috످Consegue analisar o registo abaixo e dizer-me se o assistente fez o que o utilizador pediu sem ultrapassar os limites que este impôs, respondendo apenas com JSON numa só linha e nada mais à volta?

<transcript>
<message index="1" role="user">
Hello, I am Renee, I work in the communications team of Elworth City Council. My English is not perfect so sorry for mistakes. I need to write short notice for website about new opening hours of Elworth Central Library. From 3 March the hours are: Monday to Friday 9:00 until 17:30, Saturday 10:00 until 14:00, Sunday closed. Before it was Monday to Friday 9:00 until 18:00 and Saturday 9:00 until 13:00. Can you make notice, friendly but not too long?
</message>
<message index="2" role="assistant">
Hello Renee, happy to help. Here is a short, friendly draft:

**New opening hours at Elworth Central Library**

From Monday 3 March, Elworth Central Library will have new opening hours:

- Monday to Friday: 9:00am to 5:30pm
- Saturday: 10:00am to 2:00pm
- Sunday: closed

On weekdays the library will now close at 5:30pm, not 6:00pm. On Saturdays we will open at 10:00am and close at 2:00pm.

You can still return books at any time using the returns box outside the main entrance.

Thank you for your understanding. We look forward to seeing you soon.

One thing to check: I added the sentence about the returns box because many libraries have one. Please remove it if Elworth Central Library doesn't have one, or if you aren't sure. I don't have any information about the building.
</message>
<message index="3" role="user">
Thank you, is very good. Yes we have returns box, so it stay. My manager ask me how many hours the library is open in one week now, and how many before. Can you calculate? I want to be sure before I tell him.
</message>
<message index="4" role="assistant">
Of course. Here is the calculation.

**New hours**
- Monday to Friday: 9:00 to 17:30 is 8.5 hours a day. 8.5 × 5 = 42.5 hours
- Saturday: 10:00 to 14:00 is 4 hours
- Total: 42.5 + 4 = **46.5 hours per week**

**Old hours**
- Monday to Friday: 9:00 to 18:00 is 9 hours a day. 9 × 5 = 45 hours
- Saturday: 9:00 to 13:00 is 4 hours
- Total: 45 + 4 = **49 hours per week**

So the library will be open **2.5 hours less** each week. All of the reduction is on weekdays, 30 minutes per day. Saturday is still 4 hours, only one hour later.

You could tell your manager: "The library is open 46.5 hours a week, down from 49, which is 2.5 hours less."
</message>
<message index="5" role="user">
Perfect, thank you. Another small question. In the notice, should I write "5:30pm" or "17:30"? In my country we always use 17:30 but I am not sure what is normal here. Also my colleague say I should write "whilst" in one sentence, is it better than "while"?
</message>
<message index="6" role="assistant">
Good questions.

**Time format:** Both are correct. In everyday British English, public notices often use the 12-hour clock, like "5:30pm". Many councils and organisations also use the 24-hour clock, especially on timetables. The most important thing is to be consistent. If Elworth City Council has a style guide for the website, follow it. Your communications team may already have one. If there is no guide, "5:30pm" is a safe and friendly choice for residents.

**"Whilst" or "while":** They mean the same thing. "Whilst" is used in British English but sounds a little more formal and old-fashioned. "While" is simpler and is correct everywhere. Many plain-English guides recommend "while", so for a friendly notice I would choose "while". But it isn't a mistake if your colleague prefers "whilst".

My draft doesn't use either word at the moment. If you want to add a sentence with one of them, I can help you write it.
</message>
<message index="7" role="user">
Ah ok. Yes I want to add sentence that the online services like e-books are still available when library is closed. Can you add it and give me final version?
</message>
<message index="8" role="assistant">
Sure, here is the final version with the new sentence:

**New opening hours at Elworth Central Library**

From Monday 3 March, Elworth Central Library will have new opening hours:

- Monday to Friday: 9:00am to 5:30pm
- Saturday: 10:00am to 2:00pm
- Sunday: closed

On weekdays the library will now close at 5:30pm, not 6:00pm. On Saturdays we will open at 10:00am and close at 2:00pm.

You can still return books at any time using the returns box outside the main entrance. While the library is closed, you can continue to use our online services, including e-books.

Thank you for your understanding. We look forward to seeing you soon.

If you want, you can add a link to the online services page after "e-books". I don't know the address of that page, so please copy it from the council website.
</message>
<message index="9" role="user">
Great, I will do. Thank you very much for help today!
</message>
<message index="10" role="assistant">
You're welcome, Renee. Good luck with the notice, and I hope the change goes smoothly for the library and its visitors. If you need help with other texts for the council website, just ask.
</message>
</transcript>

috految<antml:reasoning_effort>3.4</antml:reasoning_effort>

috److{"cumpriu_o_pedido_dentro_dos_limites":true,"reason":"O assistente redigiu um aviso curto e cordial, como pedido, calculou corretamente as horas semanais (46,5 agora e 49 antes), esclareceu as dúvidas de inglês e incluiu a frase sobre os serviços online, sem ultrapassar os limites impostos.","observacoes":["Na mensagem 2, o assistente acrescentou uma frase sobre a caixa de devoluções, mas avisou logo que era uma suposição, e Renee decidiu mantê-la.","Convém confirmar, antes de publicar, se 3 de março calha a uma segunda-feira e se a caixa fica junto à entrada principal, sempre acessível, pois Renee não indicou estes pormenores."]}

috످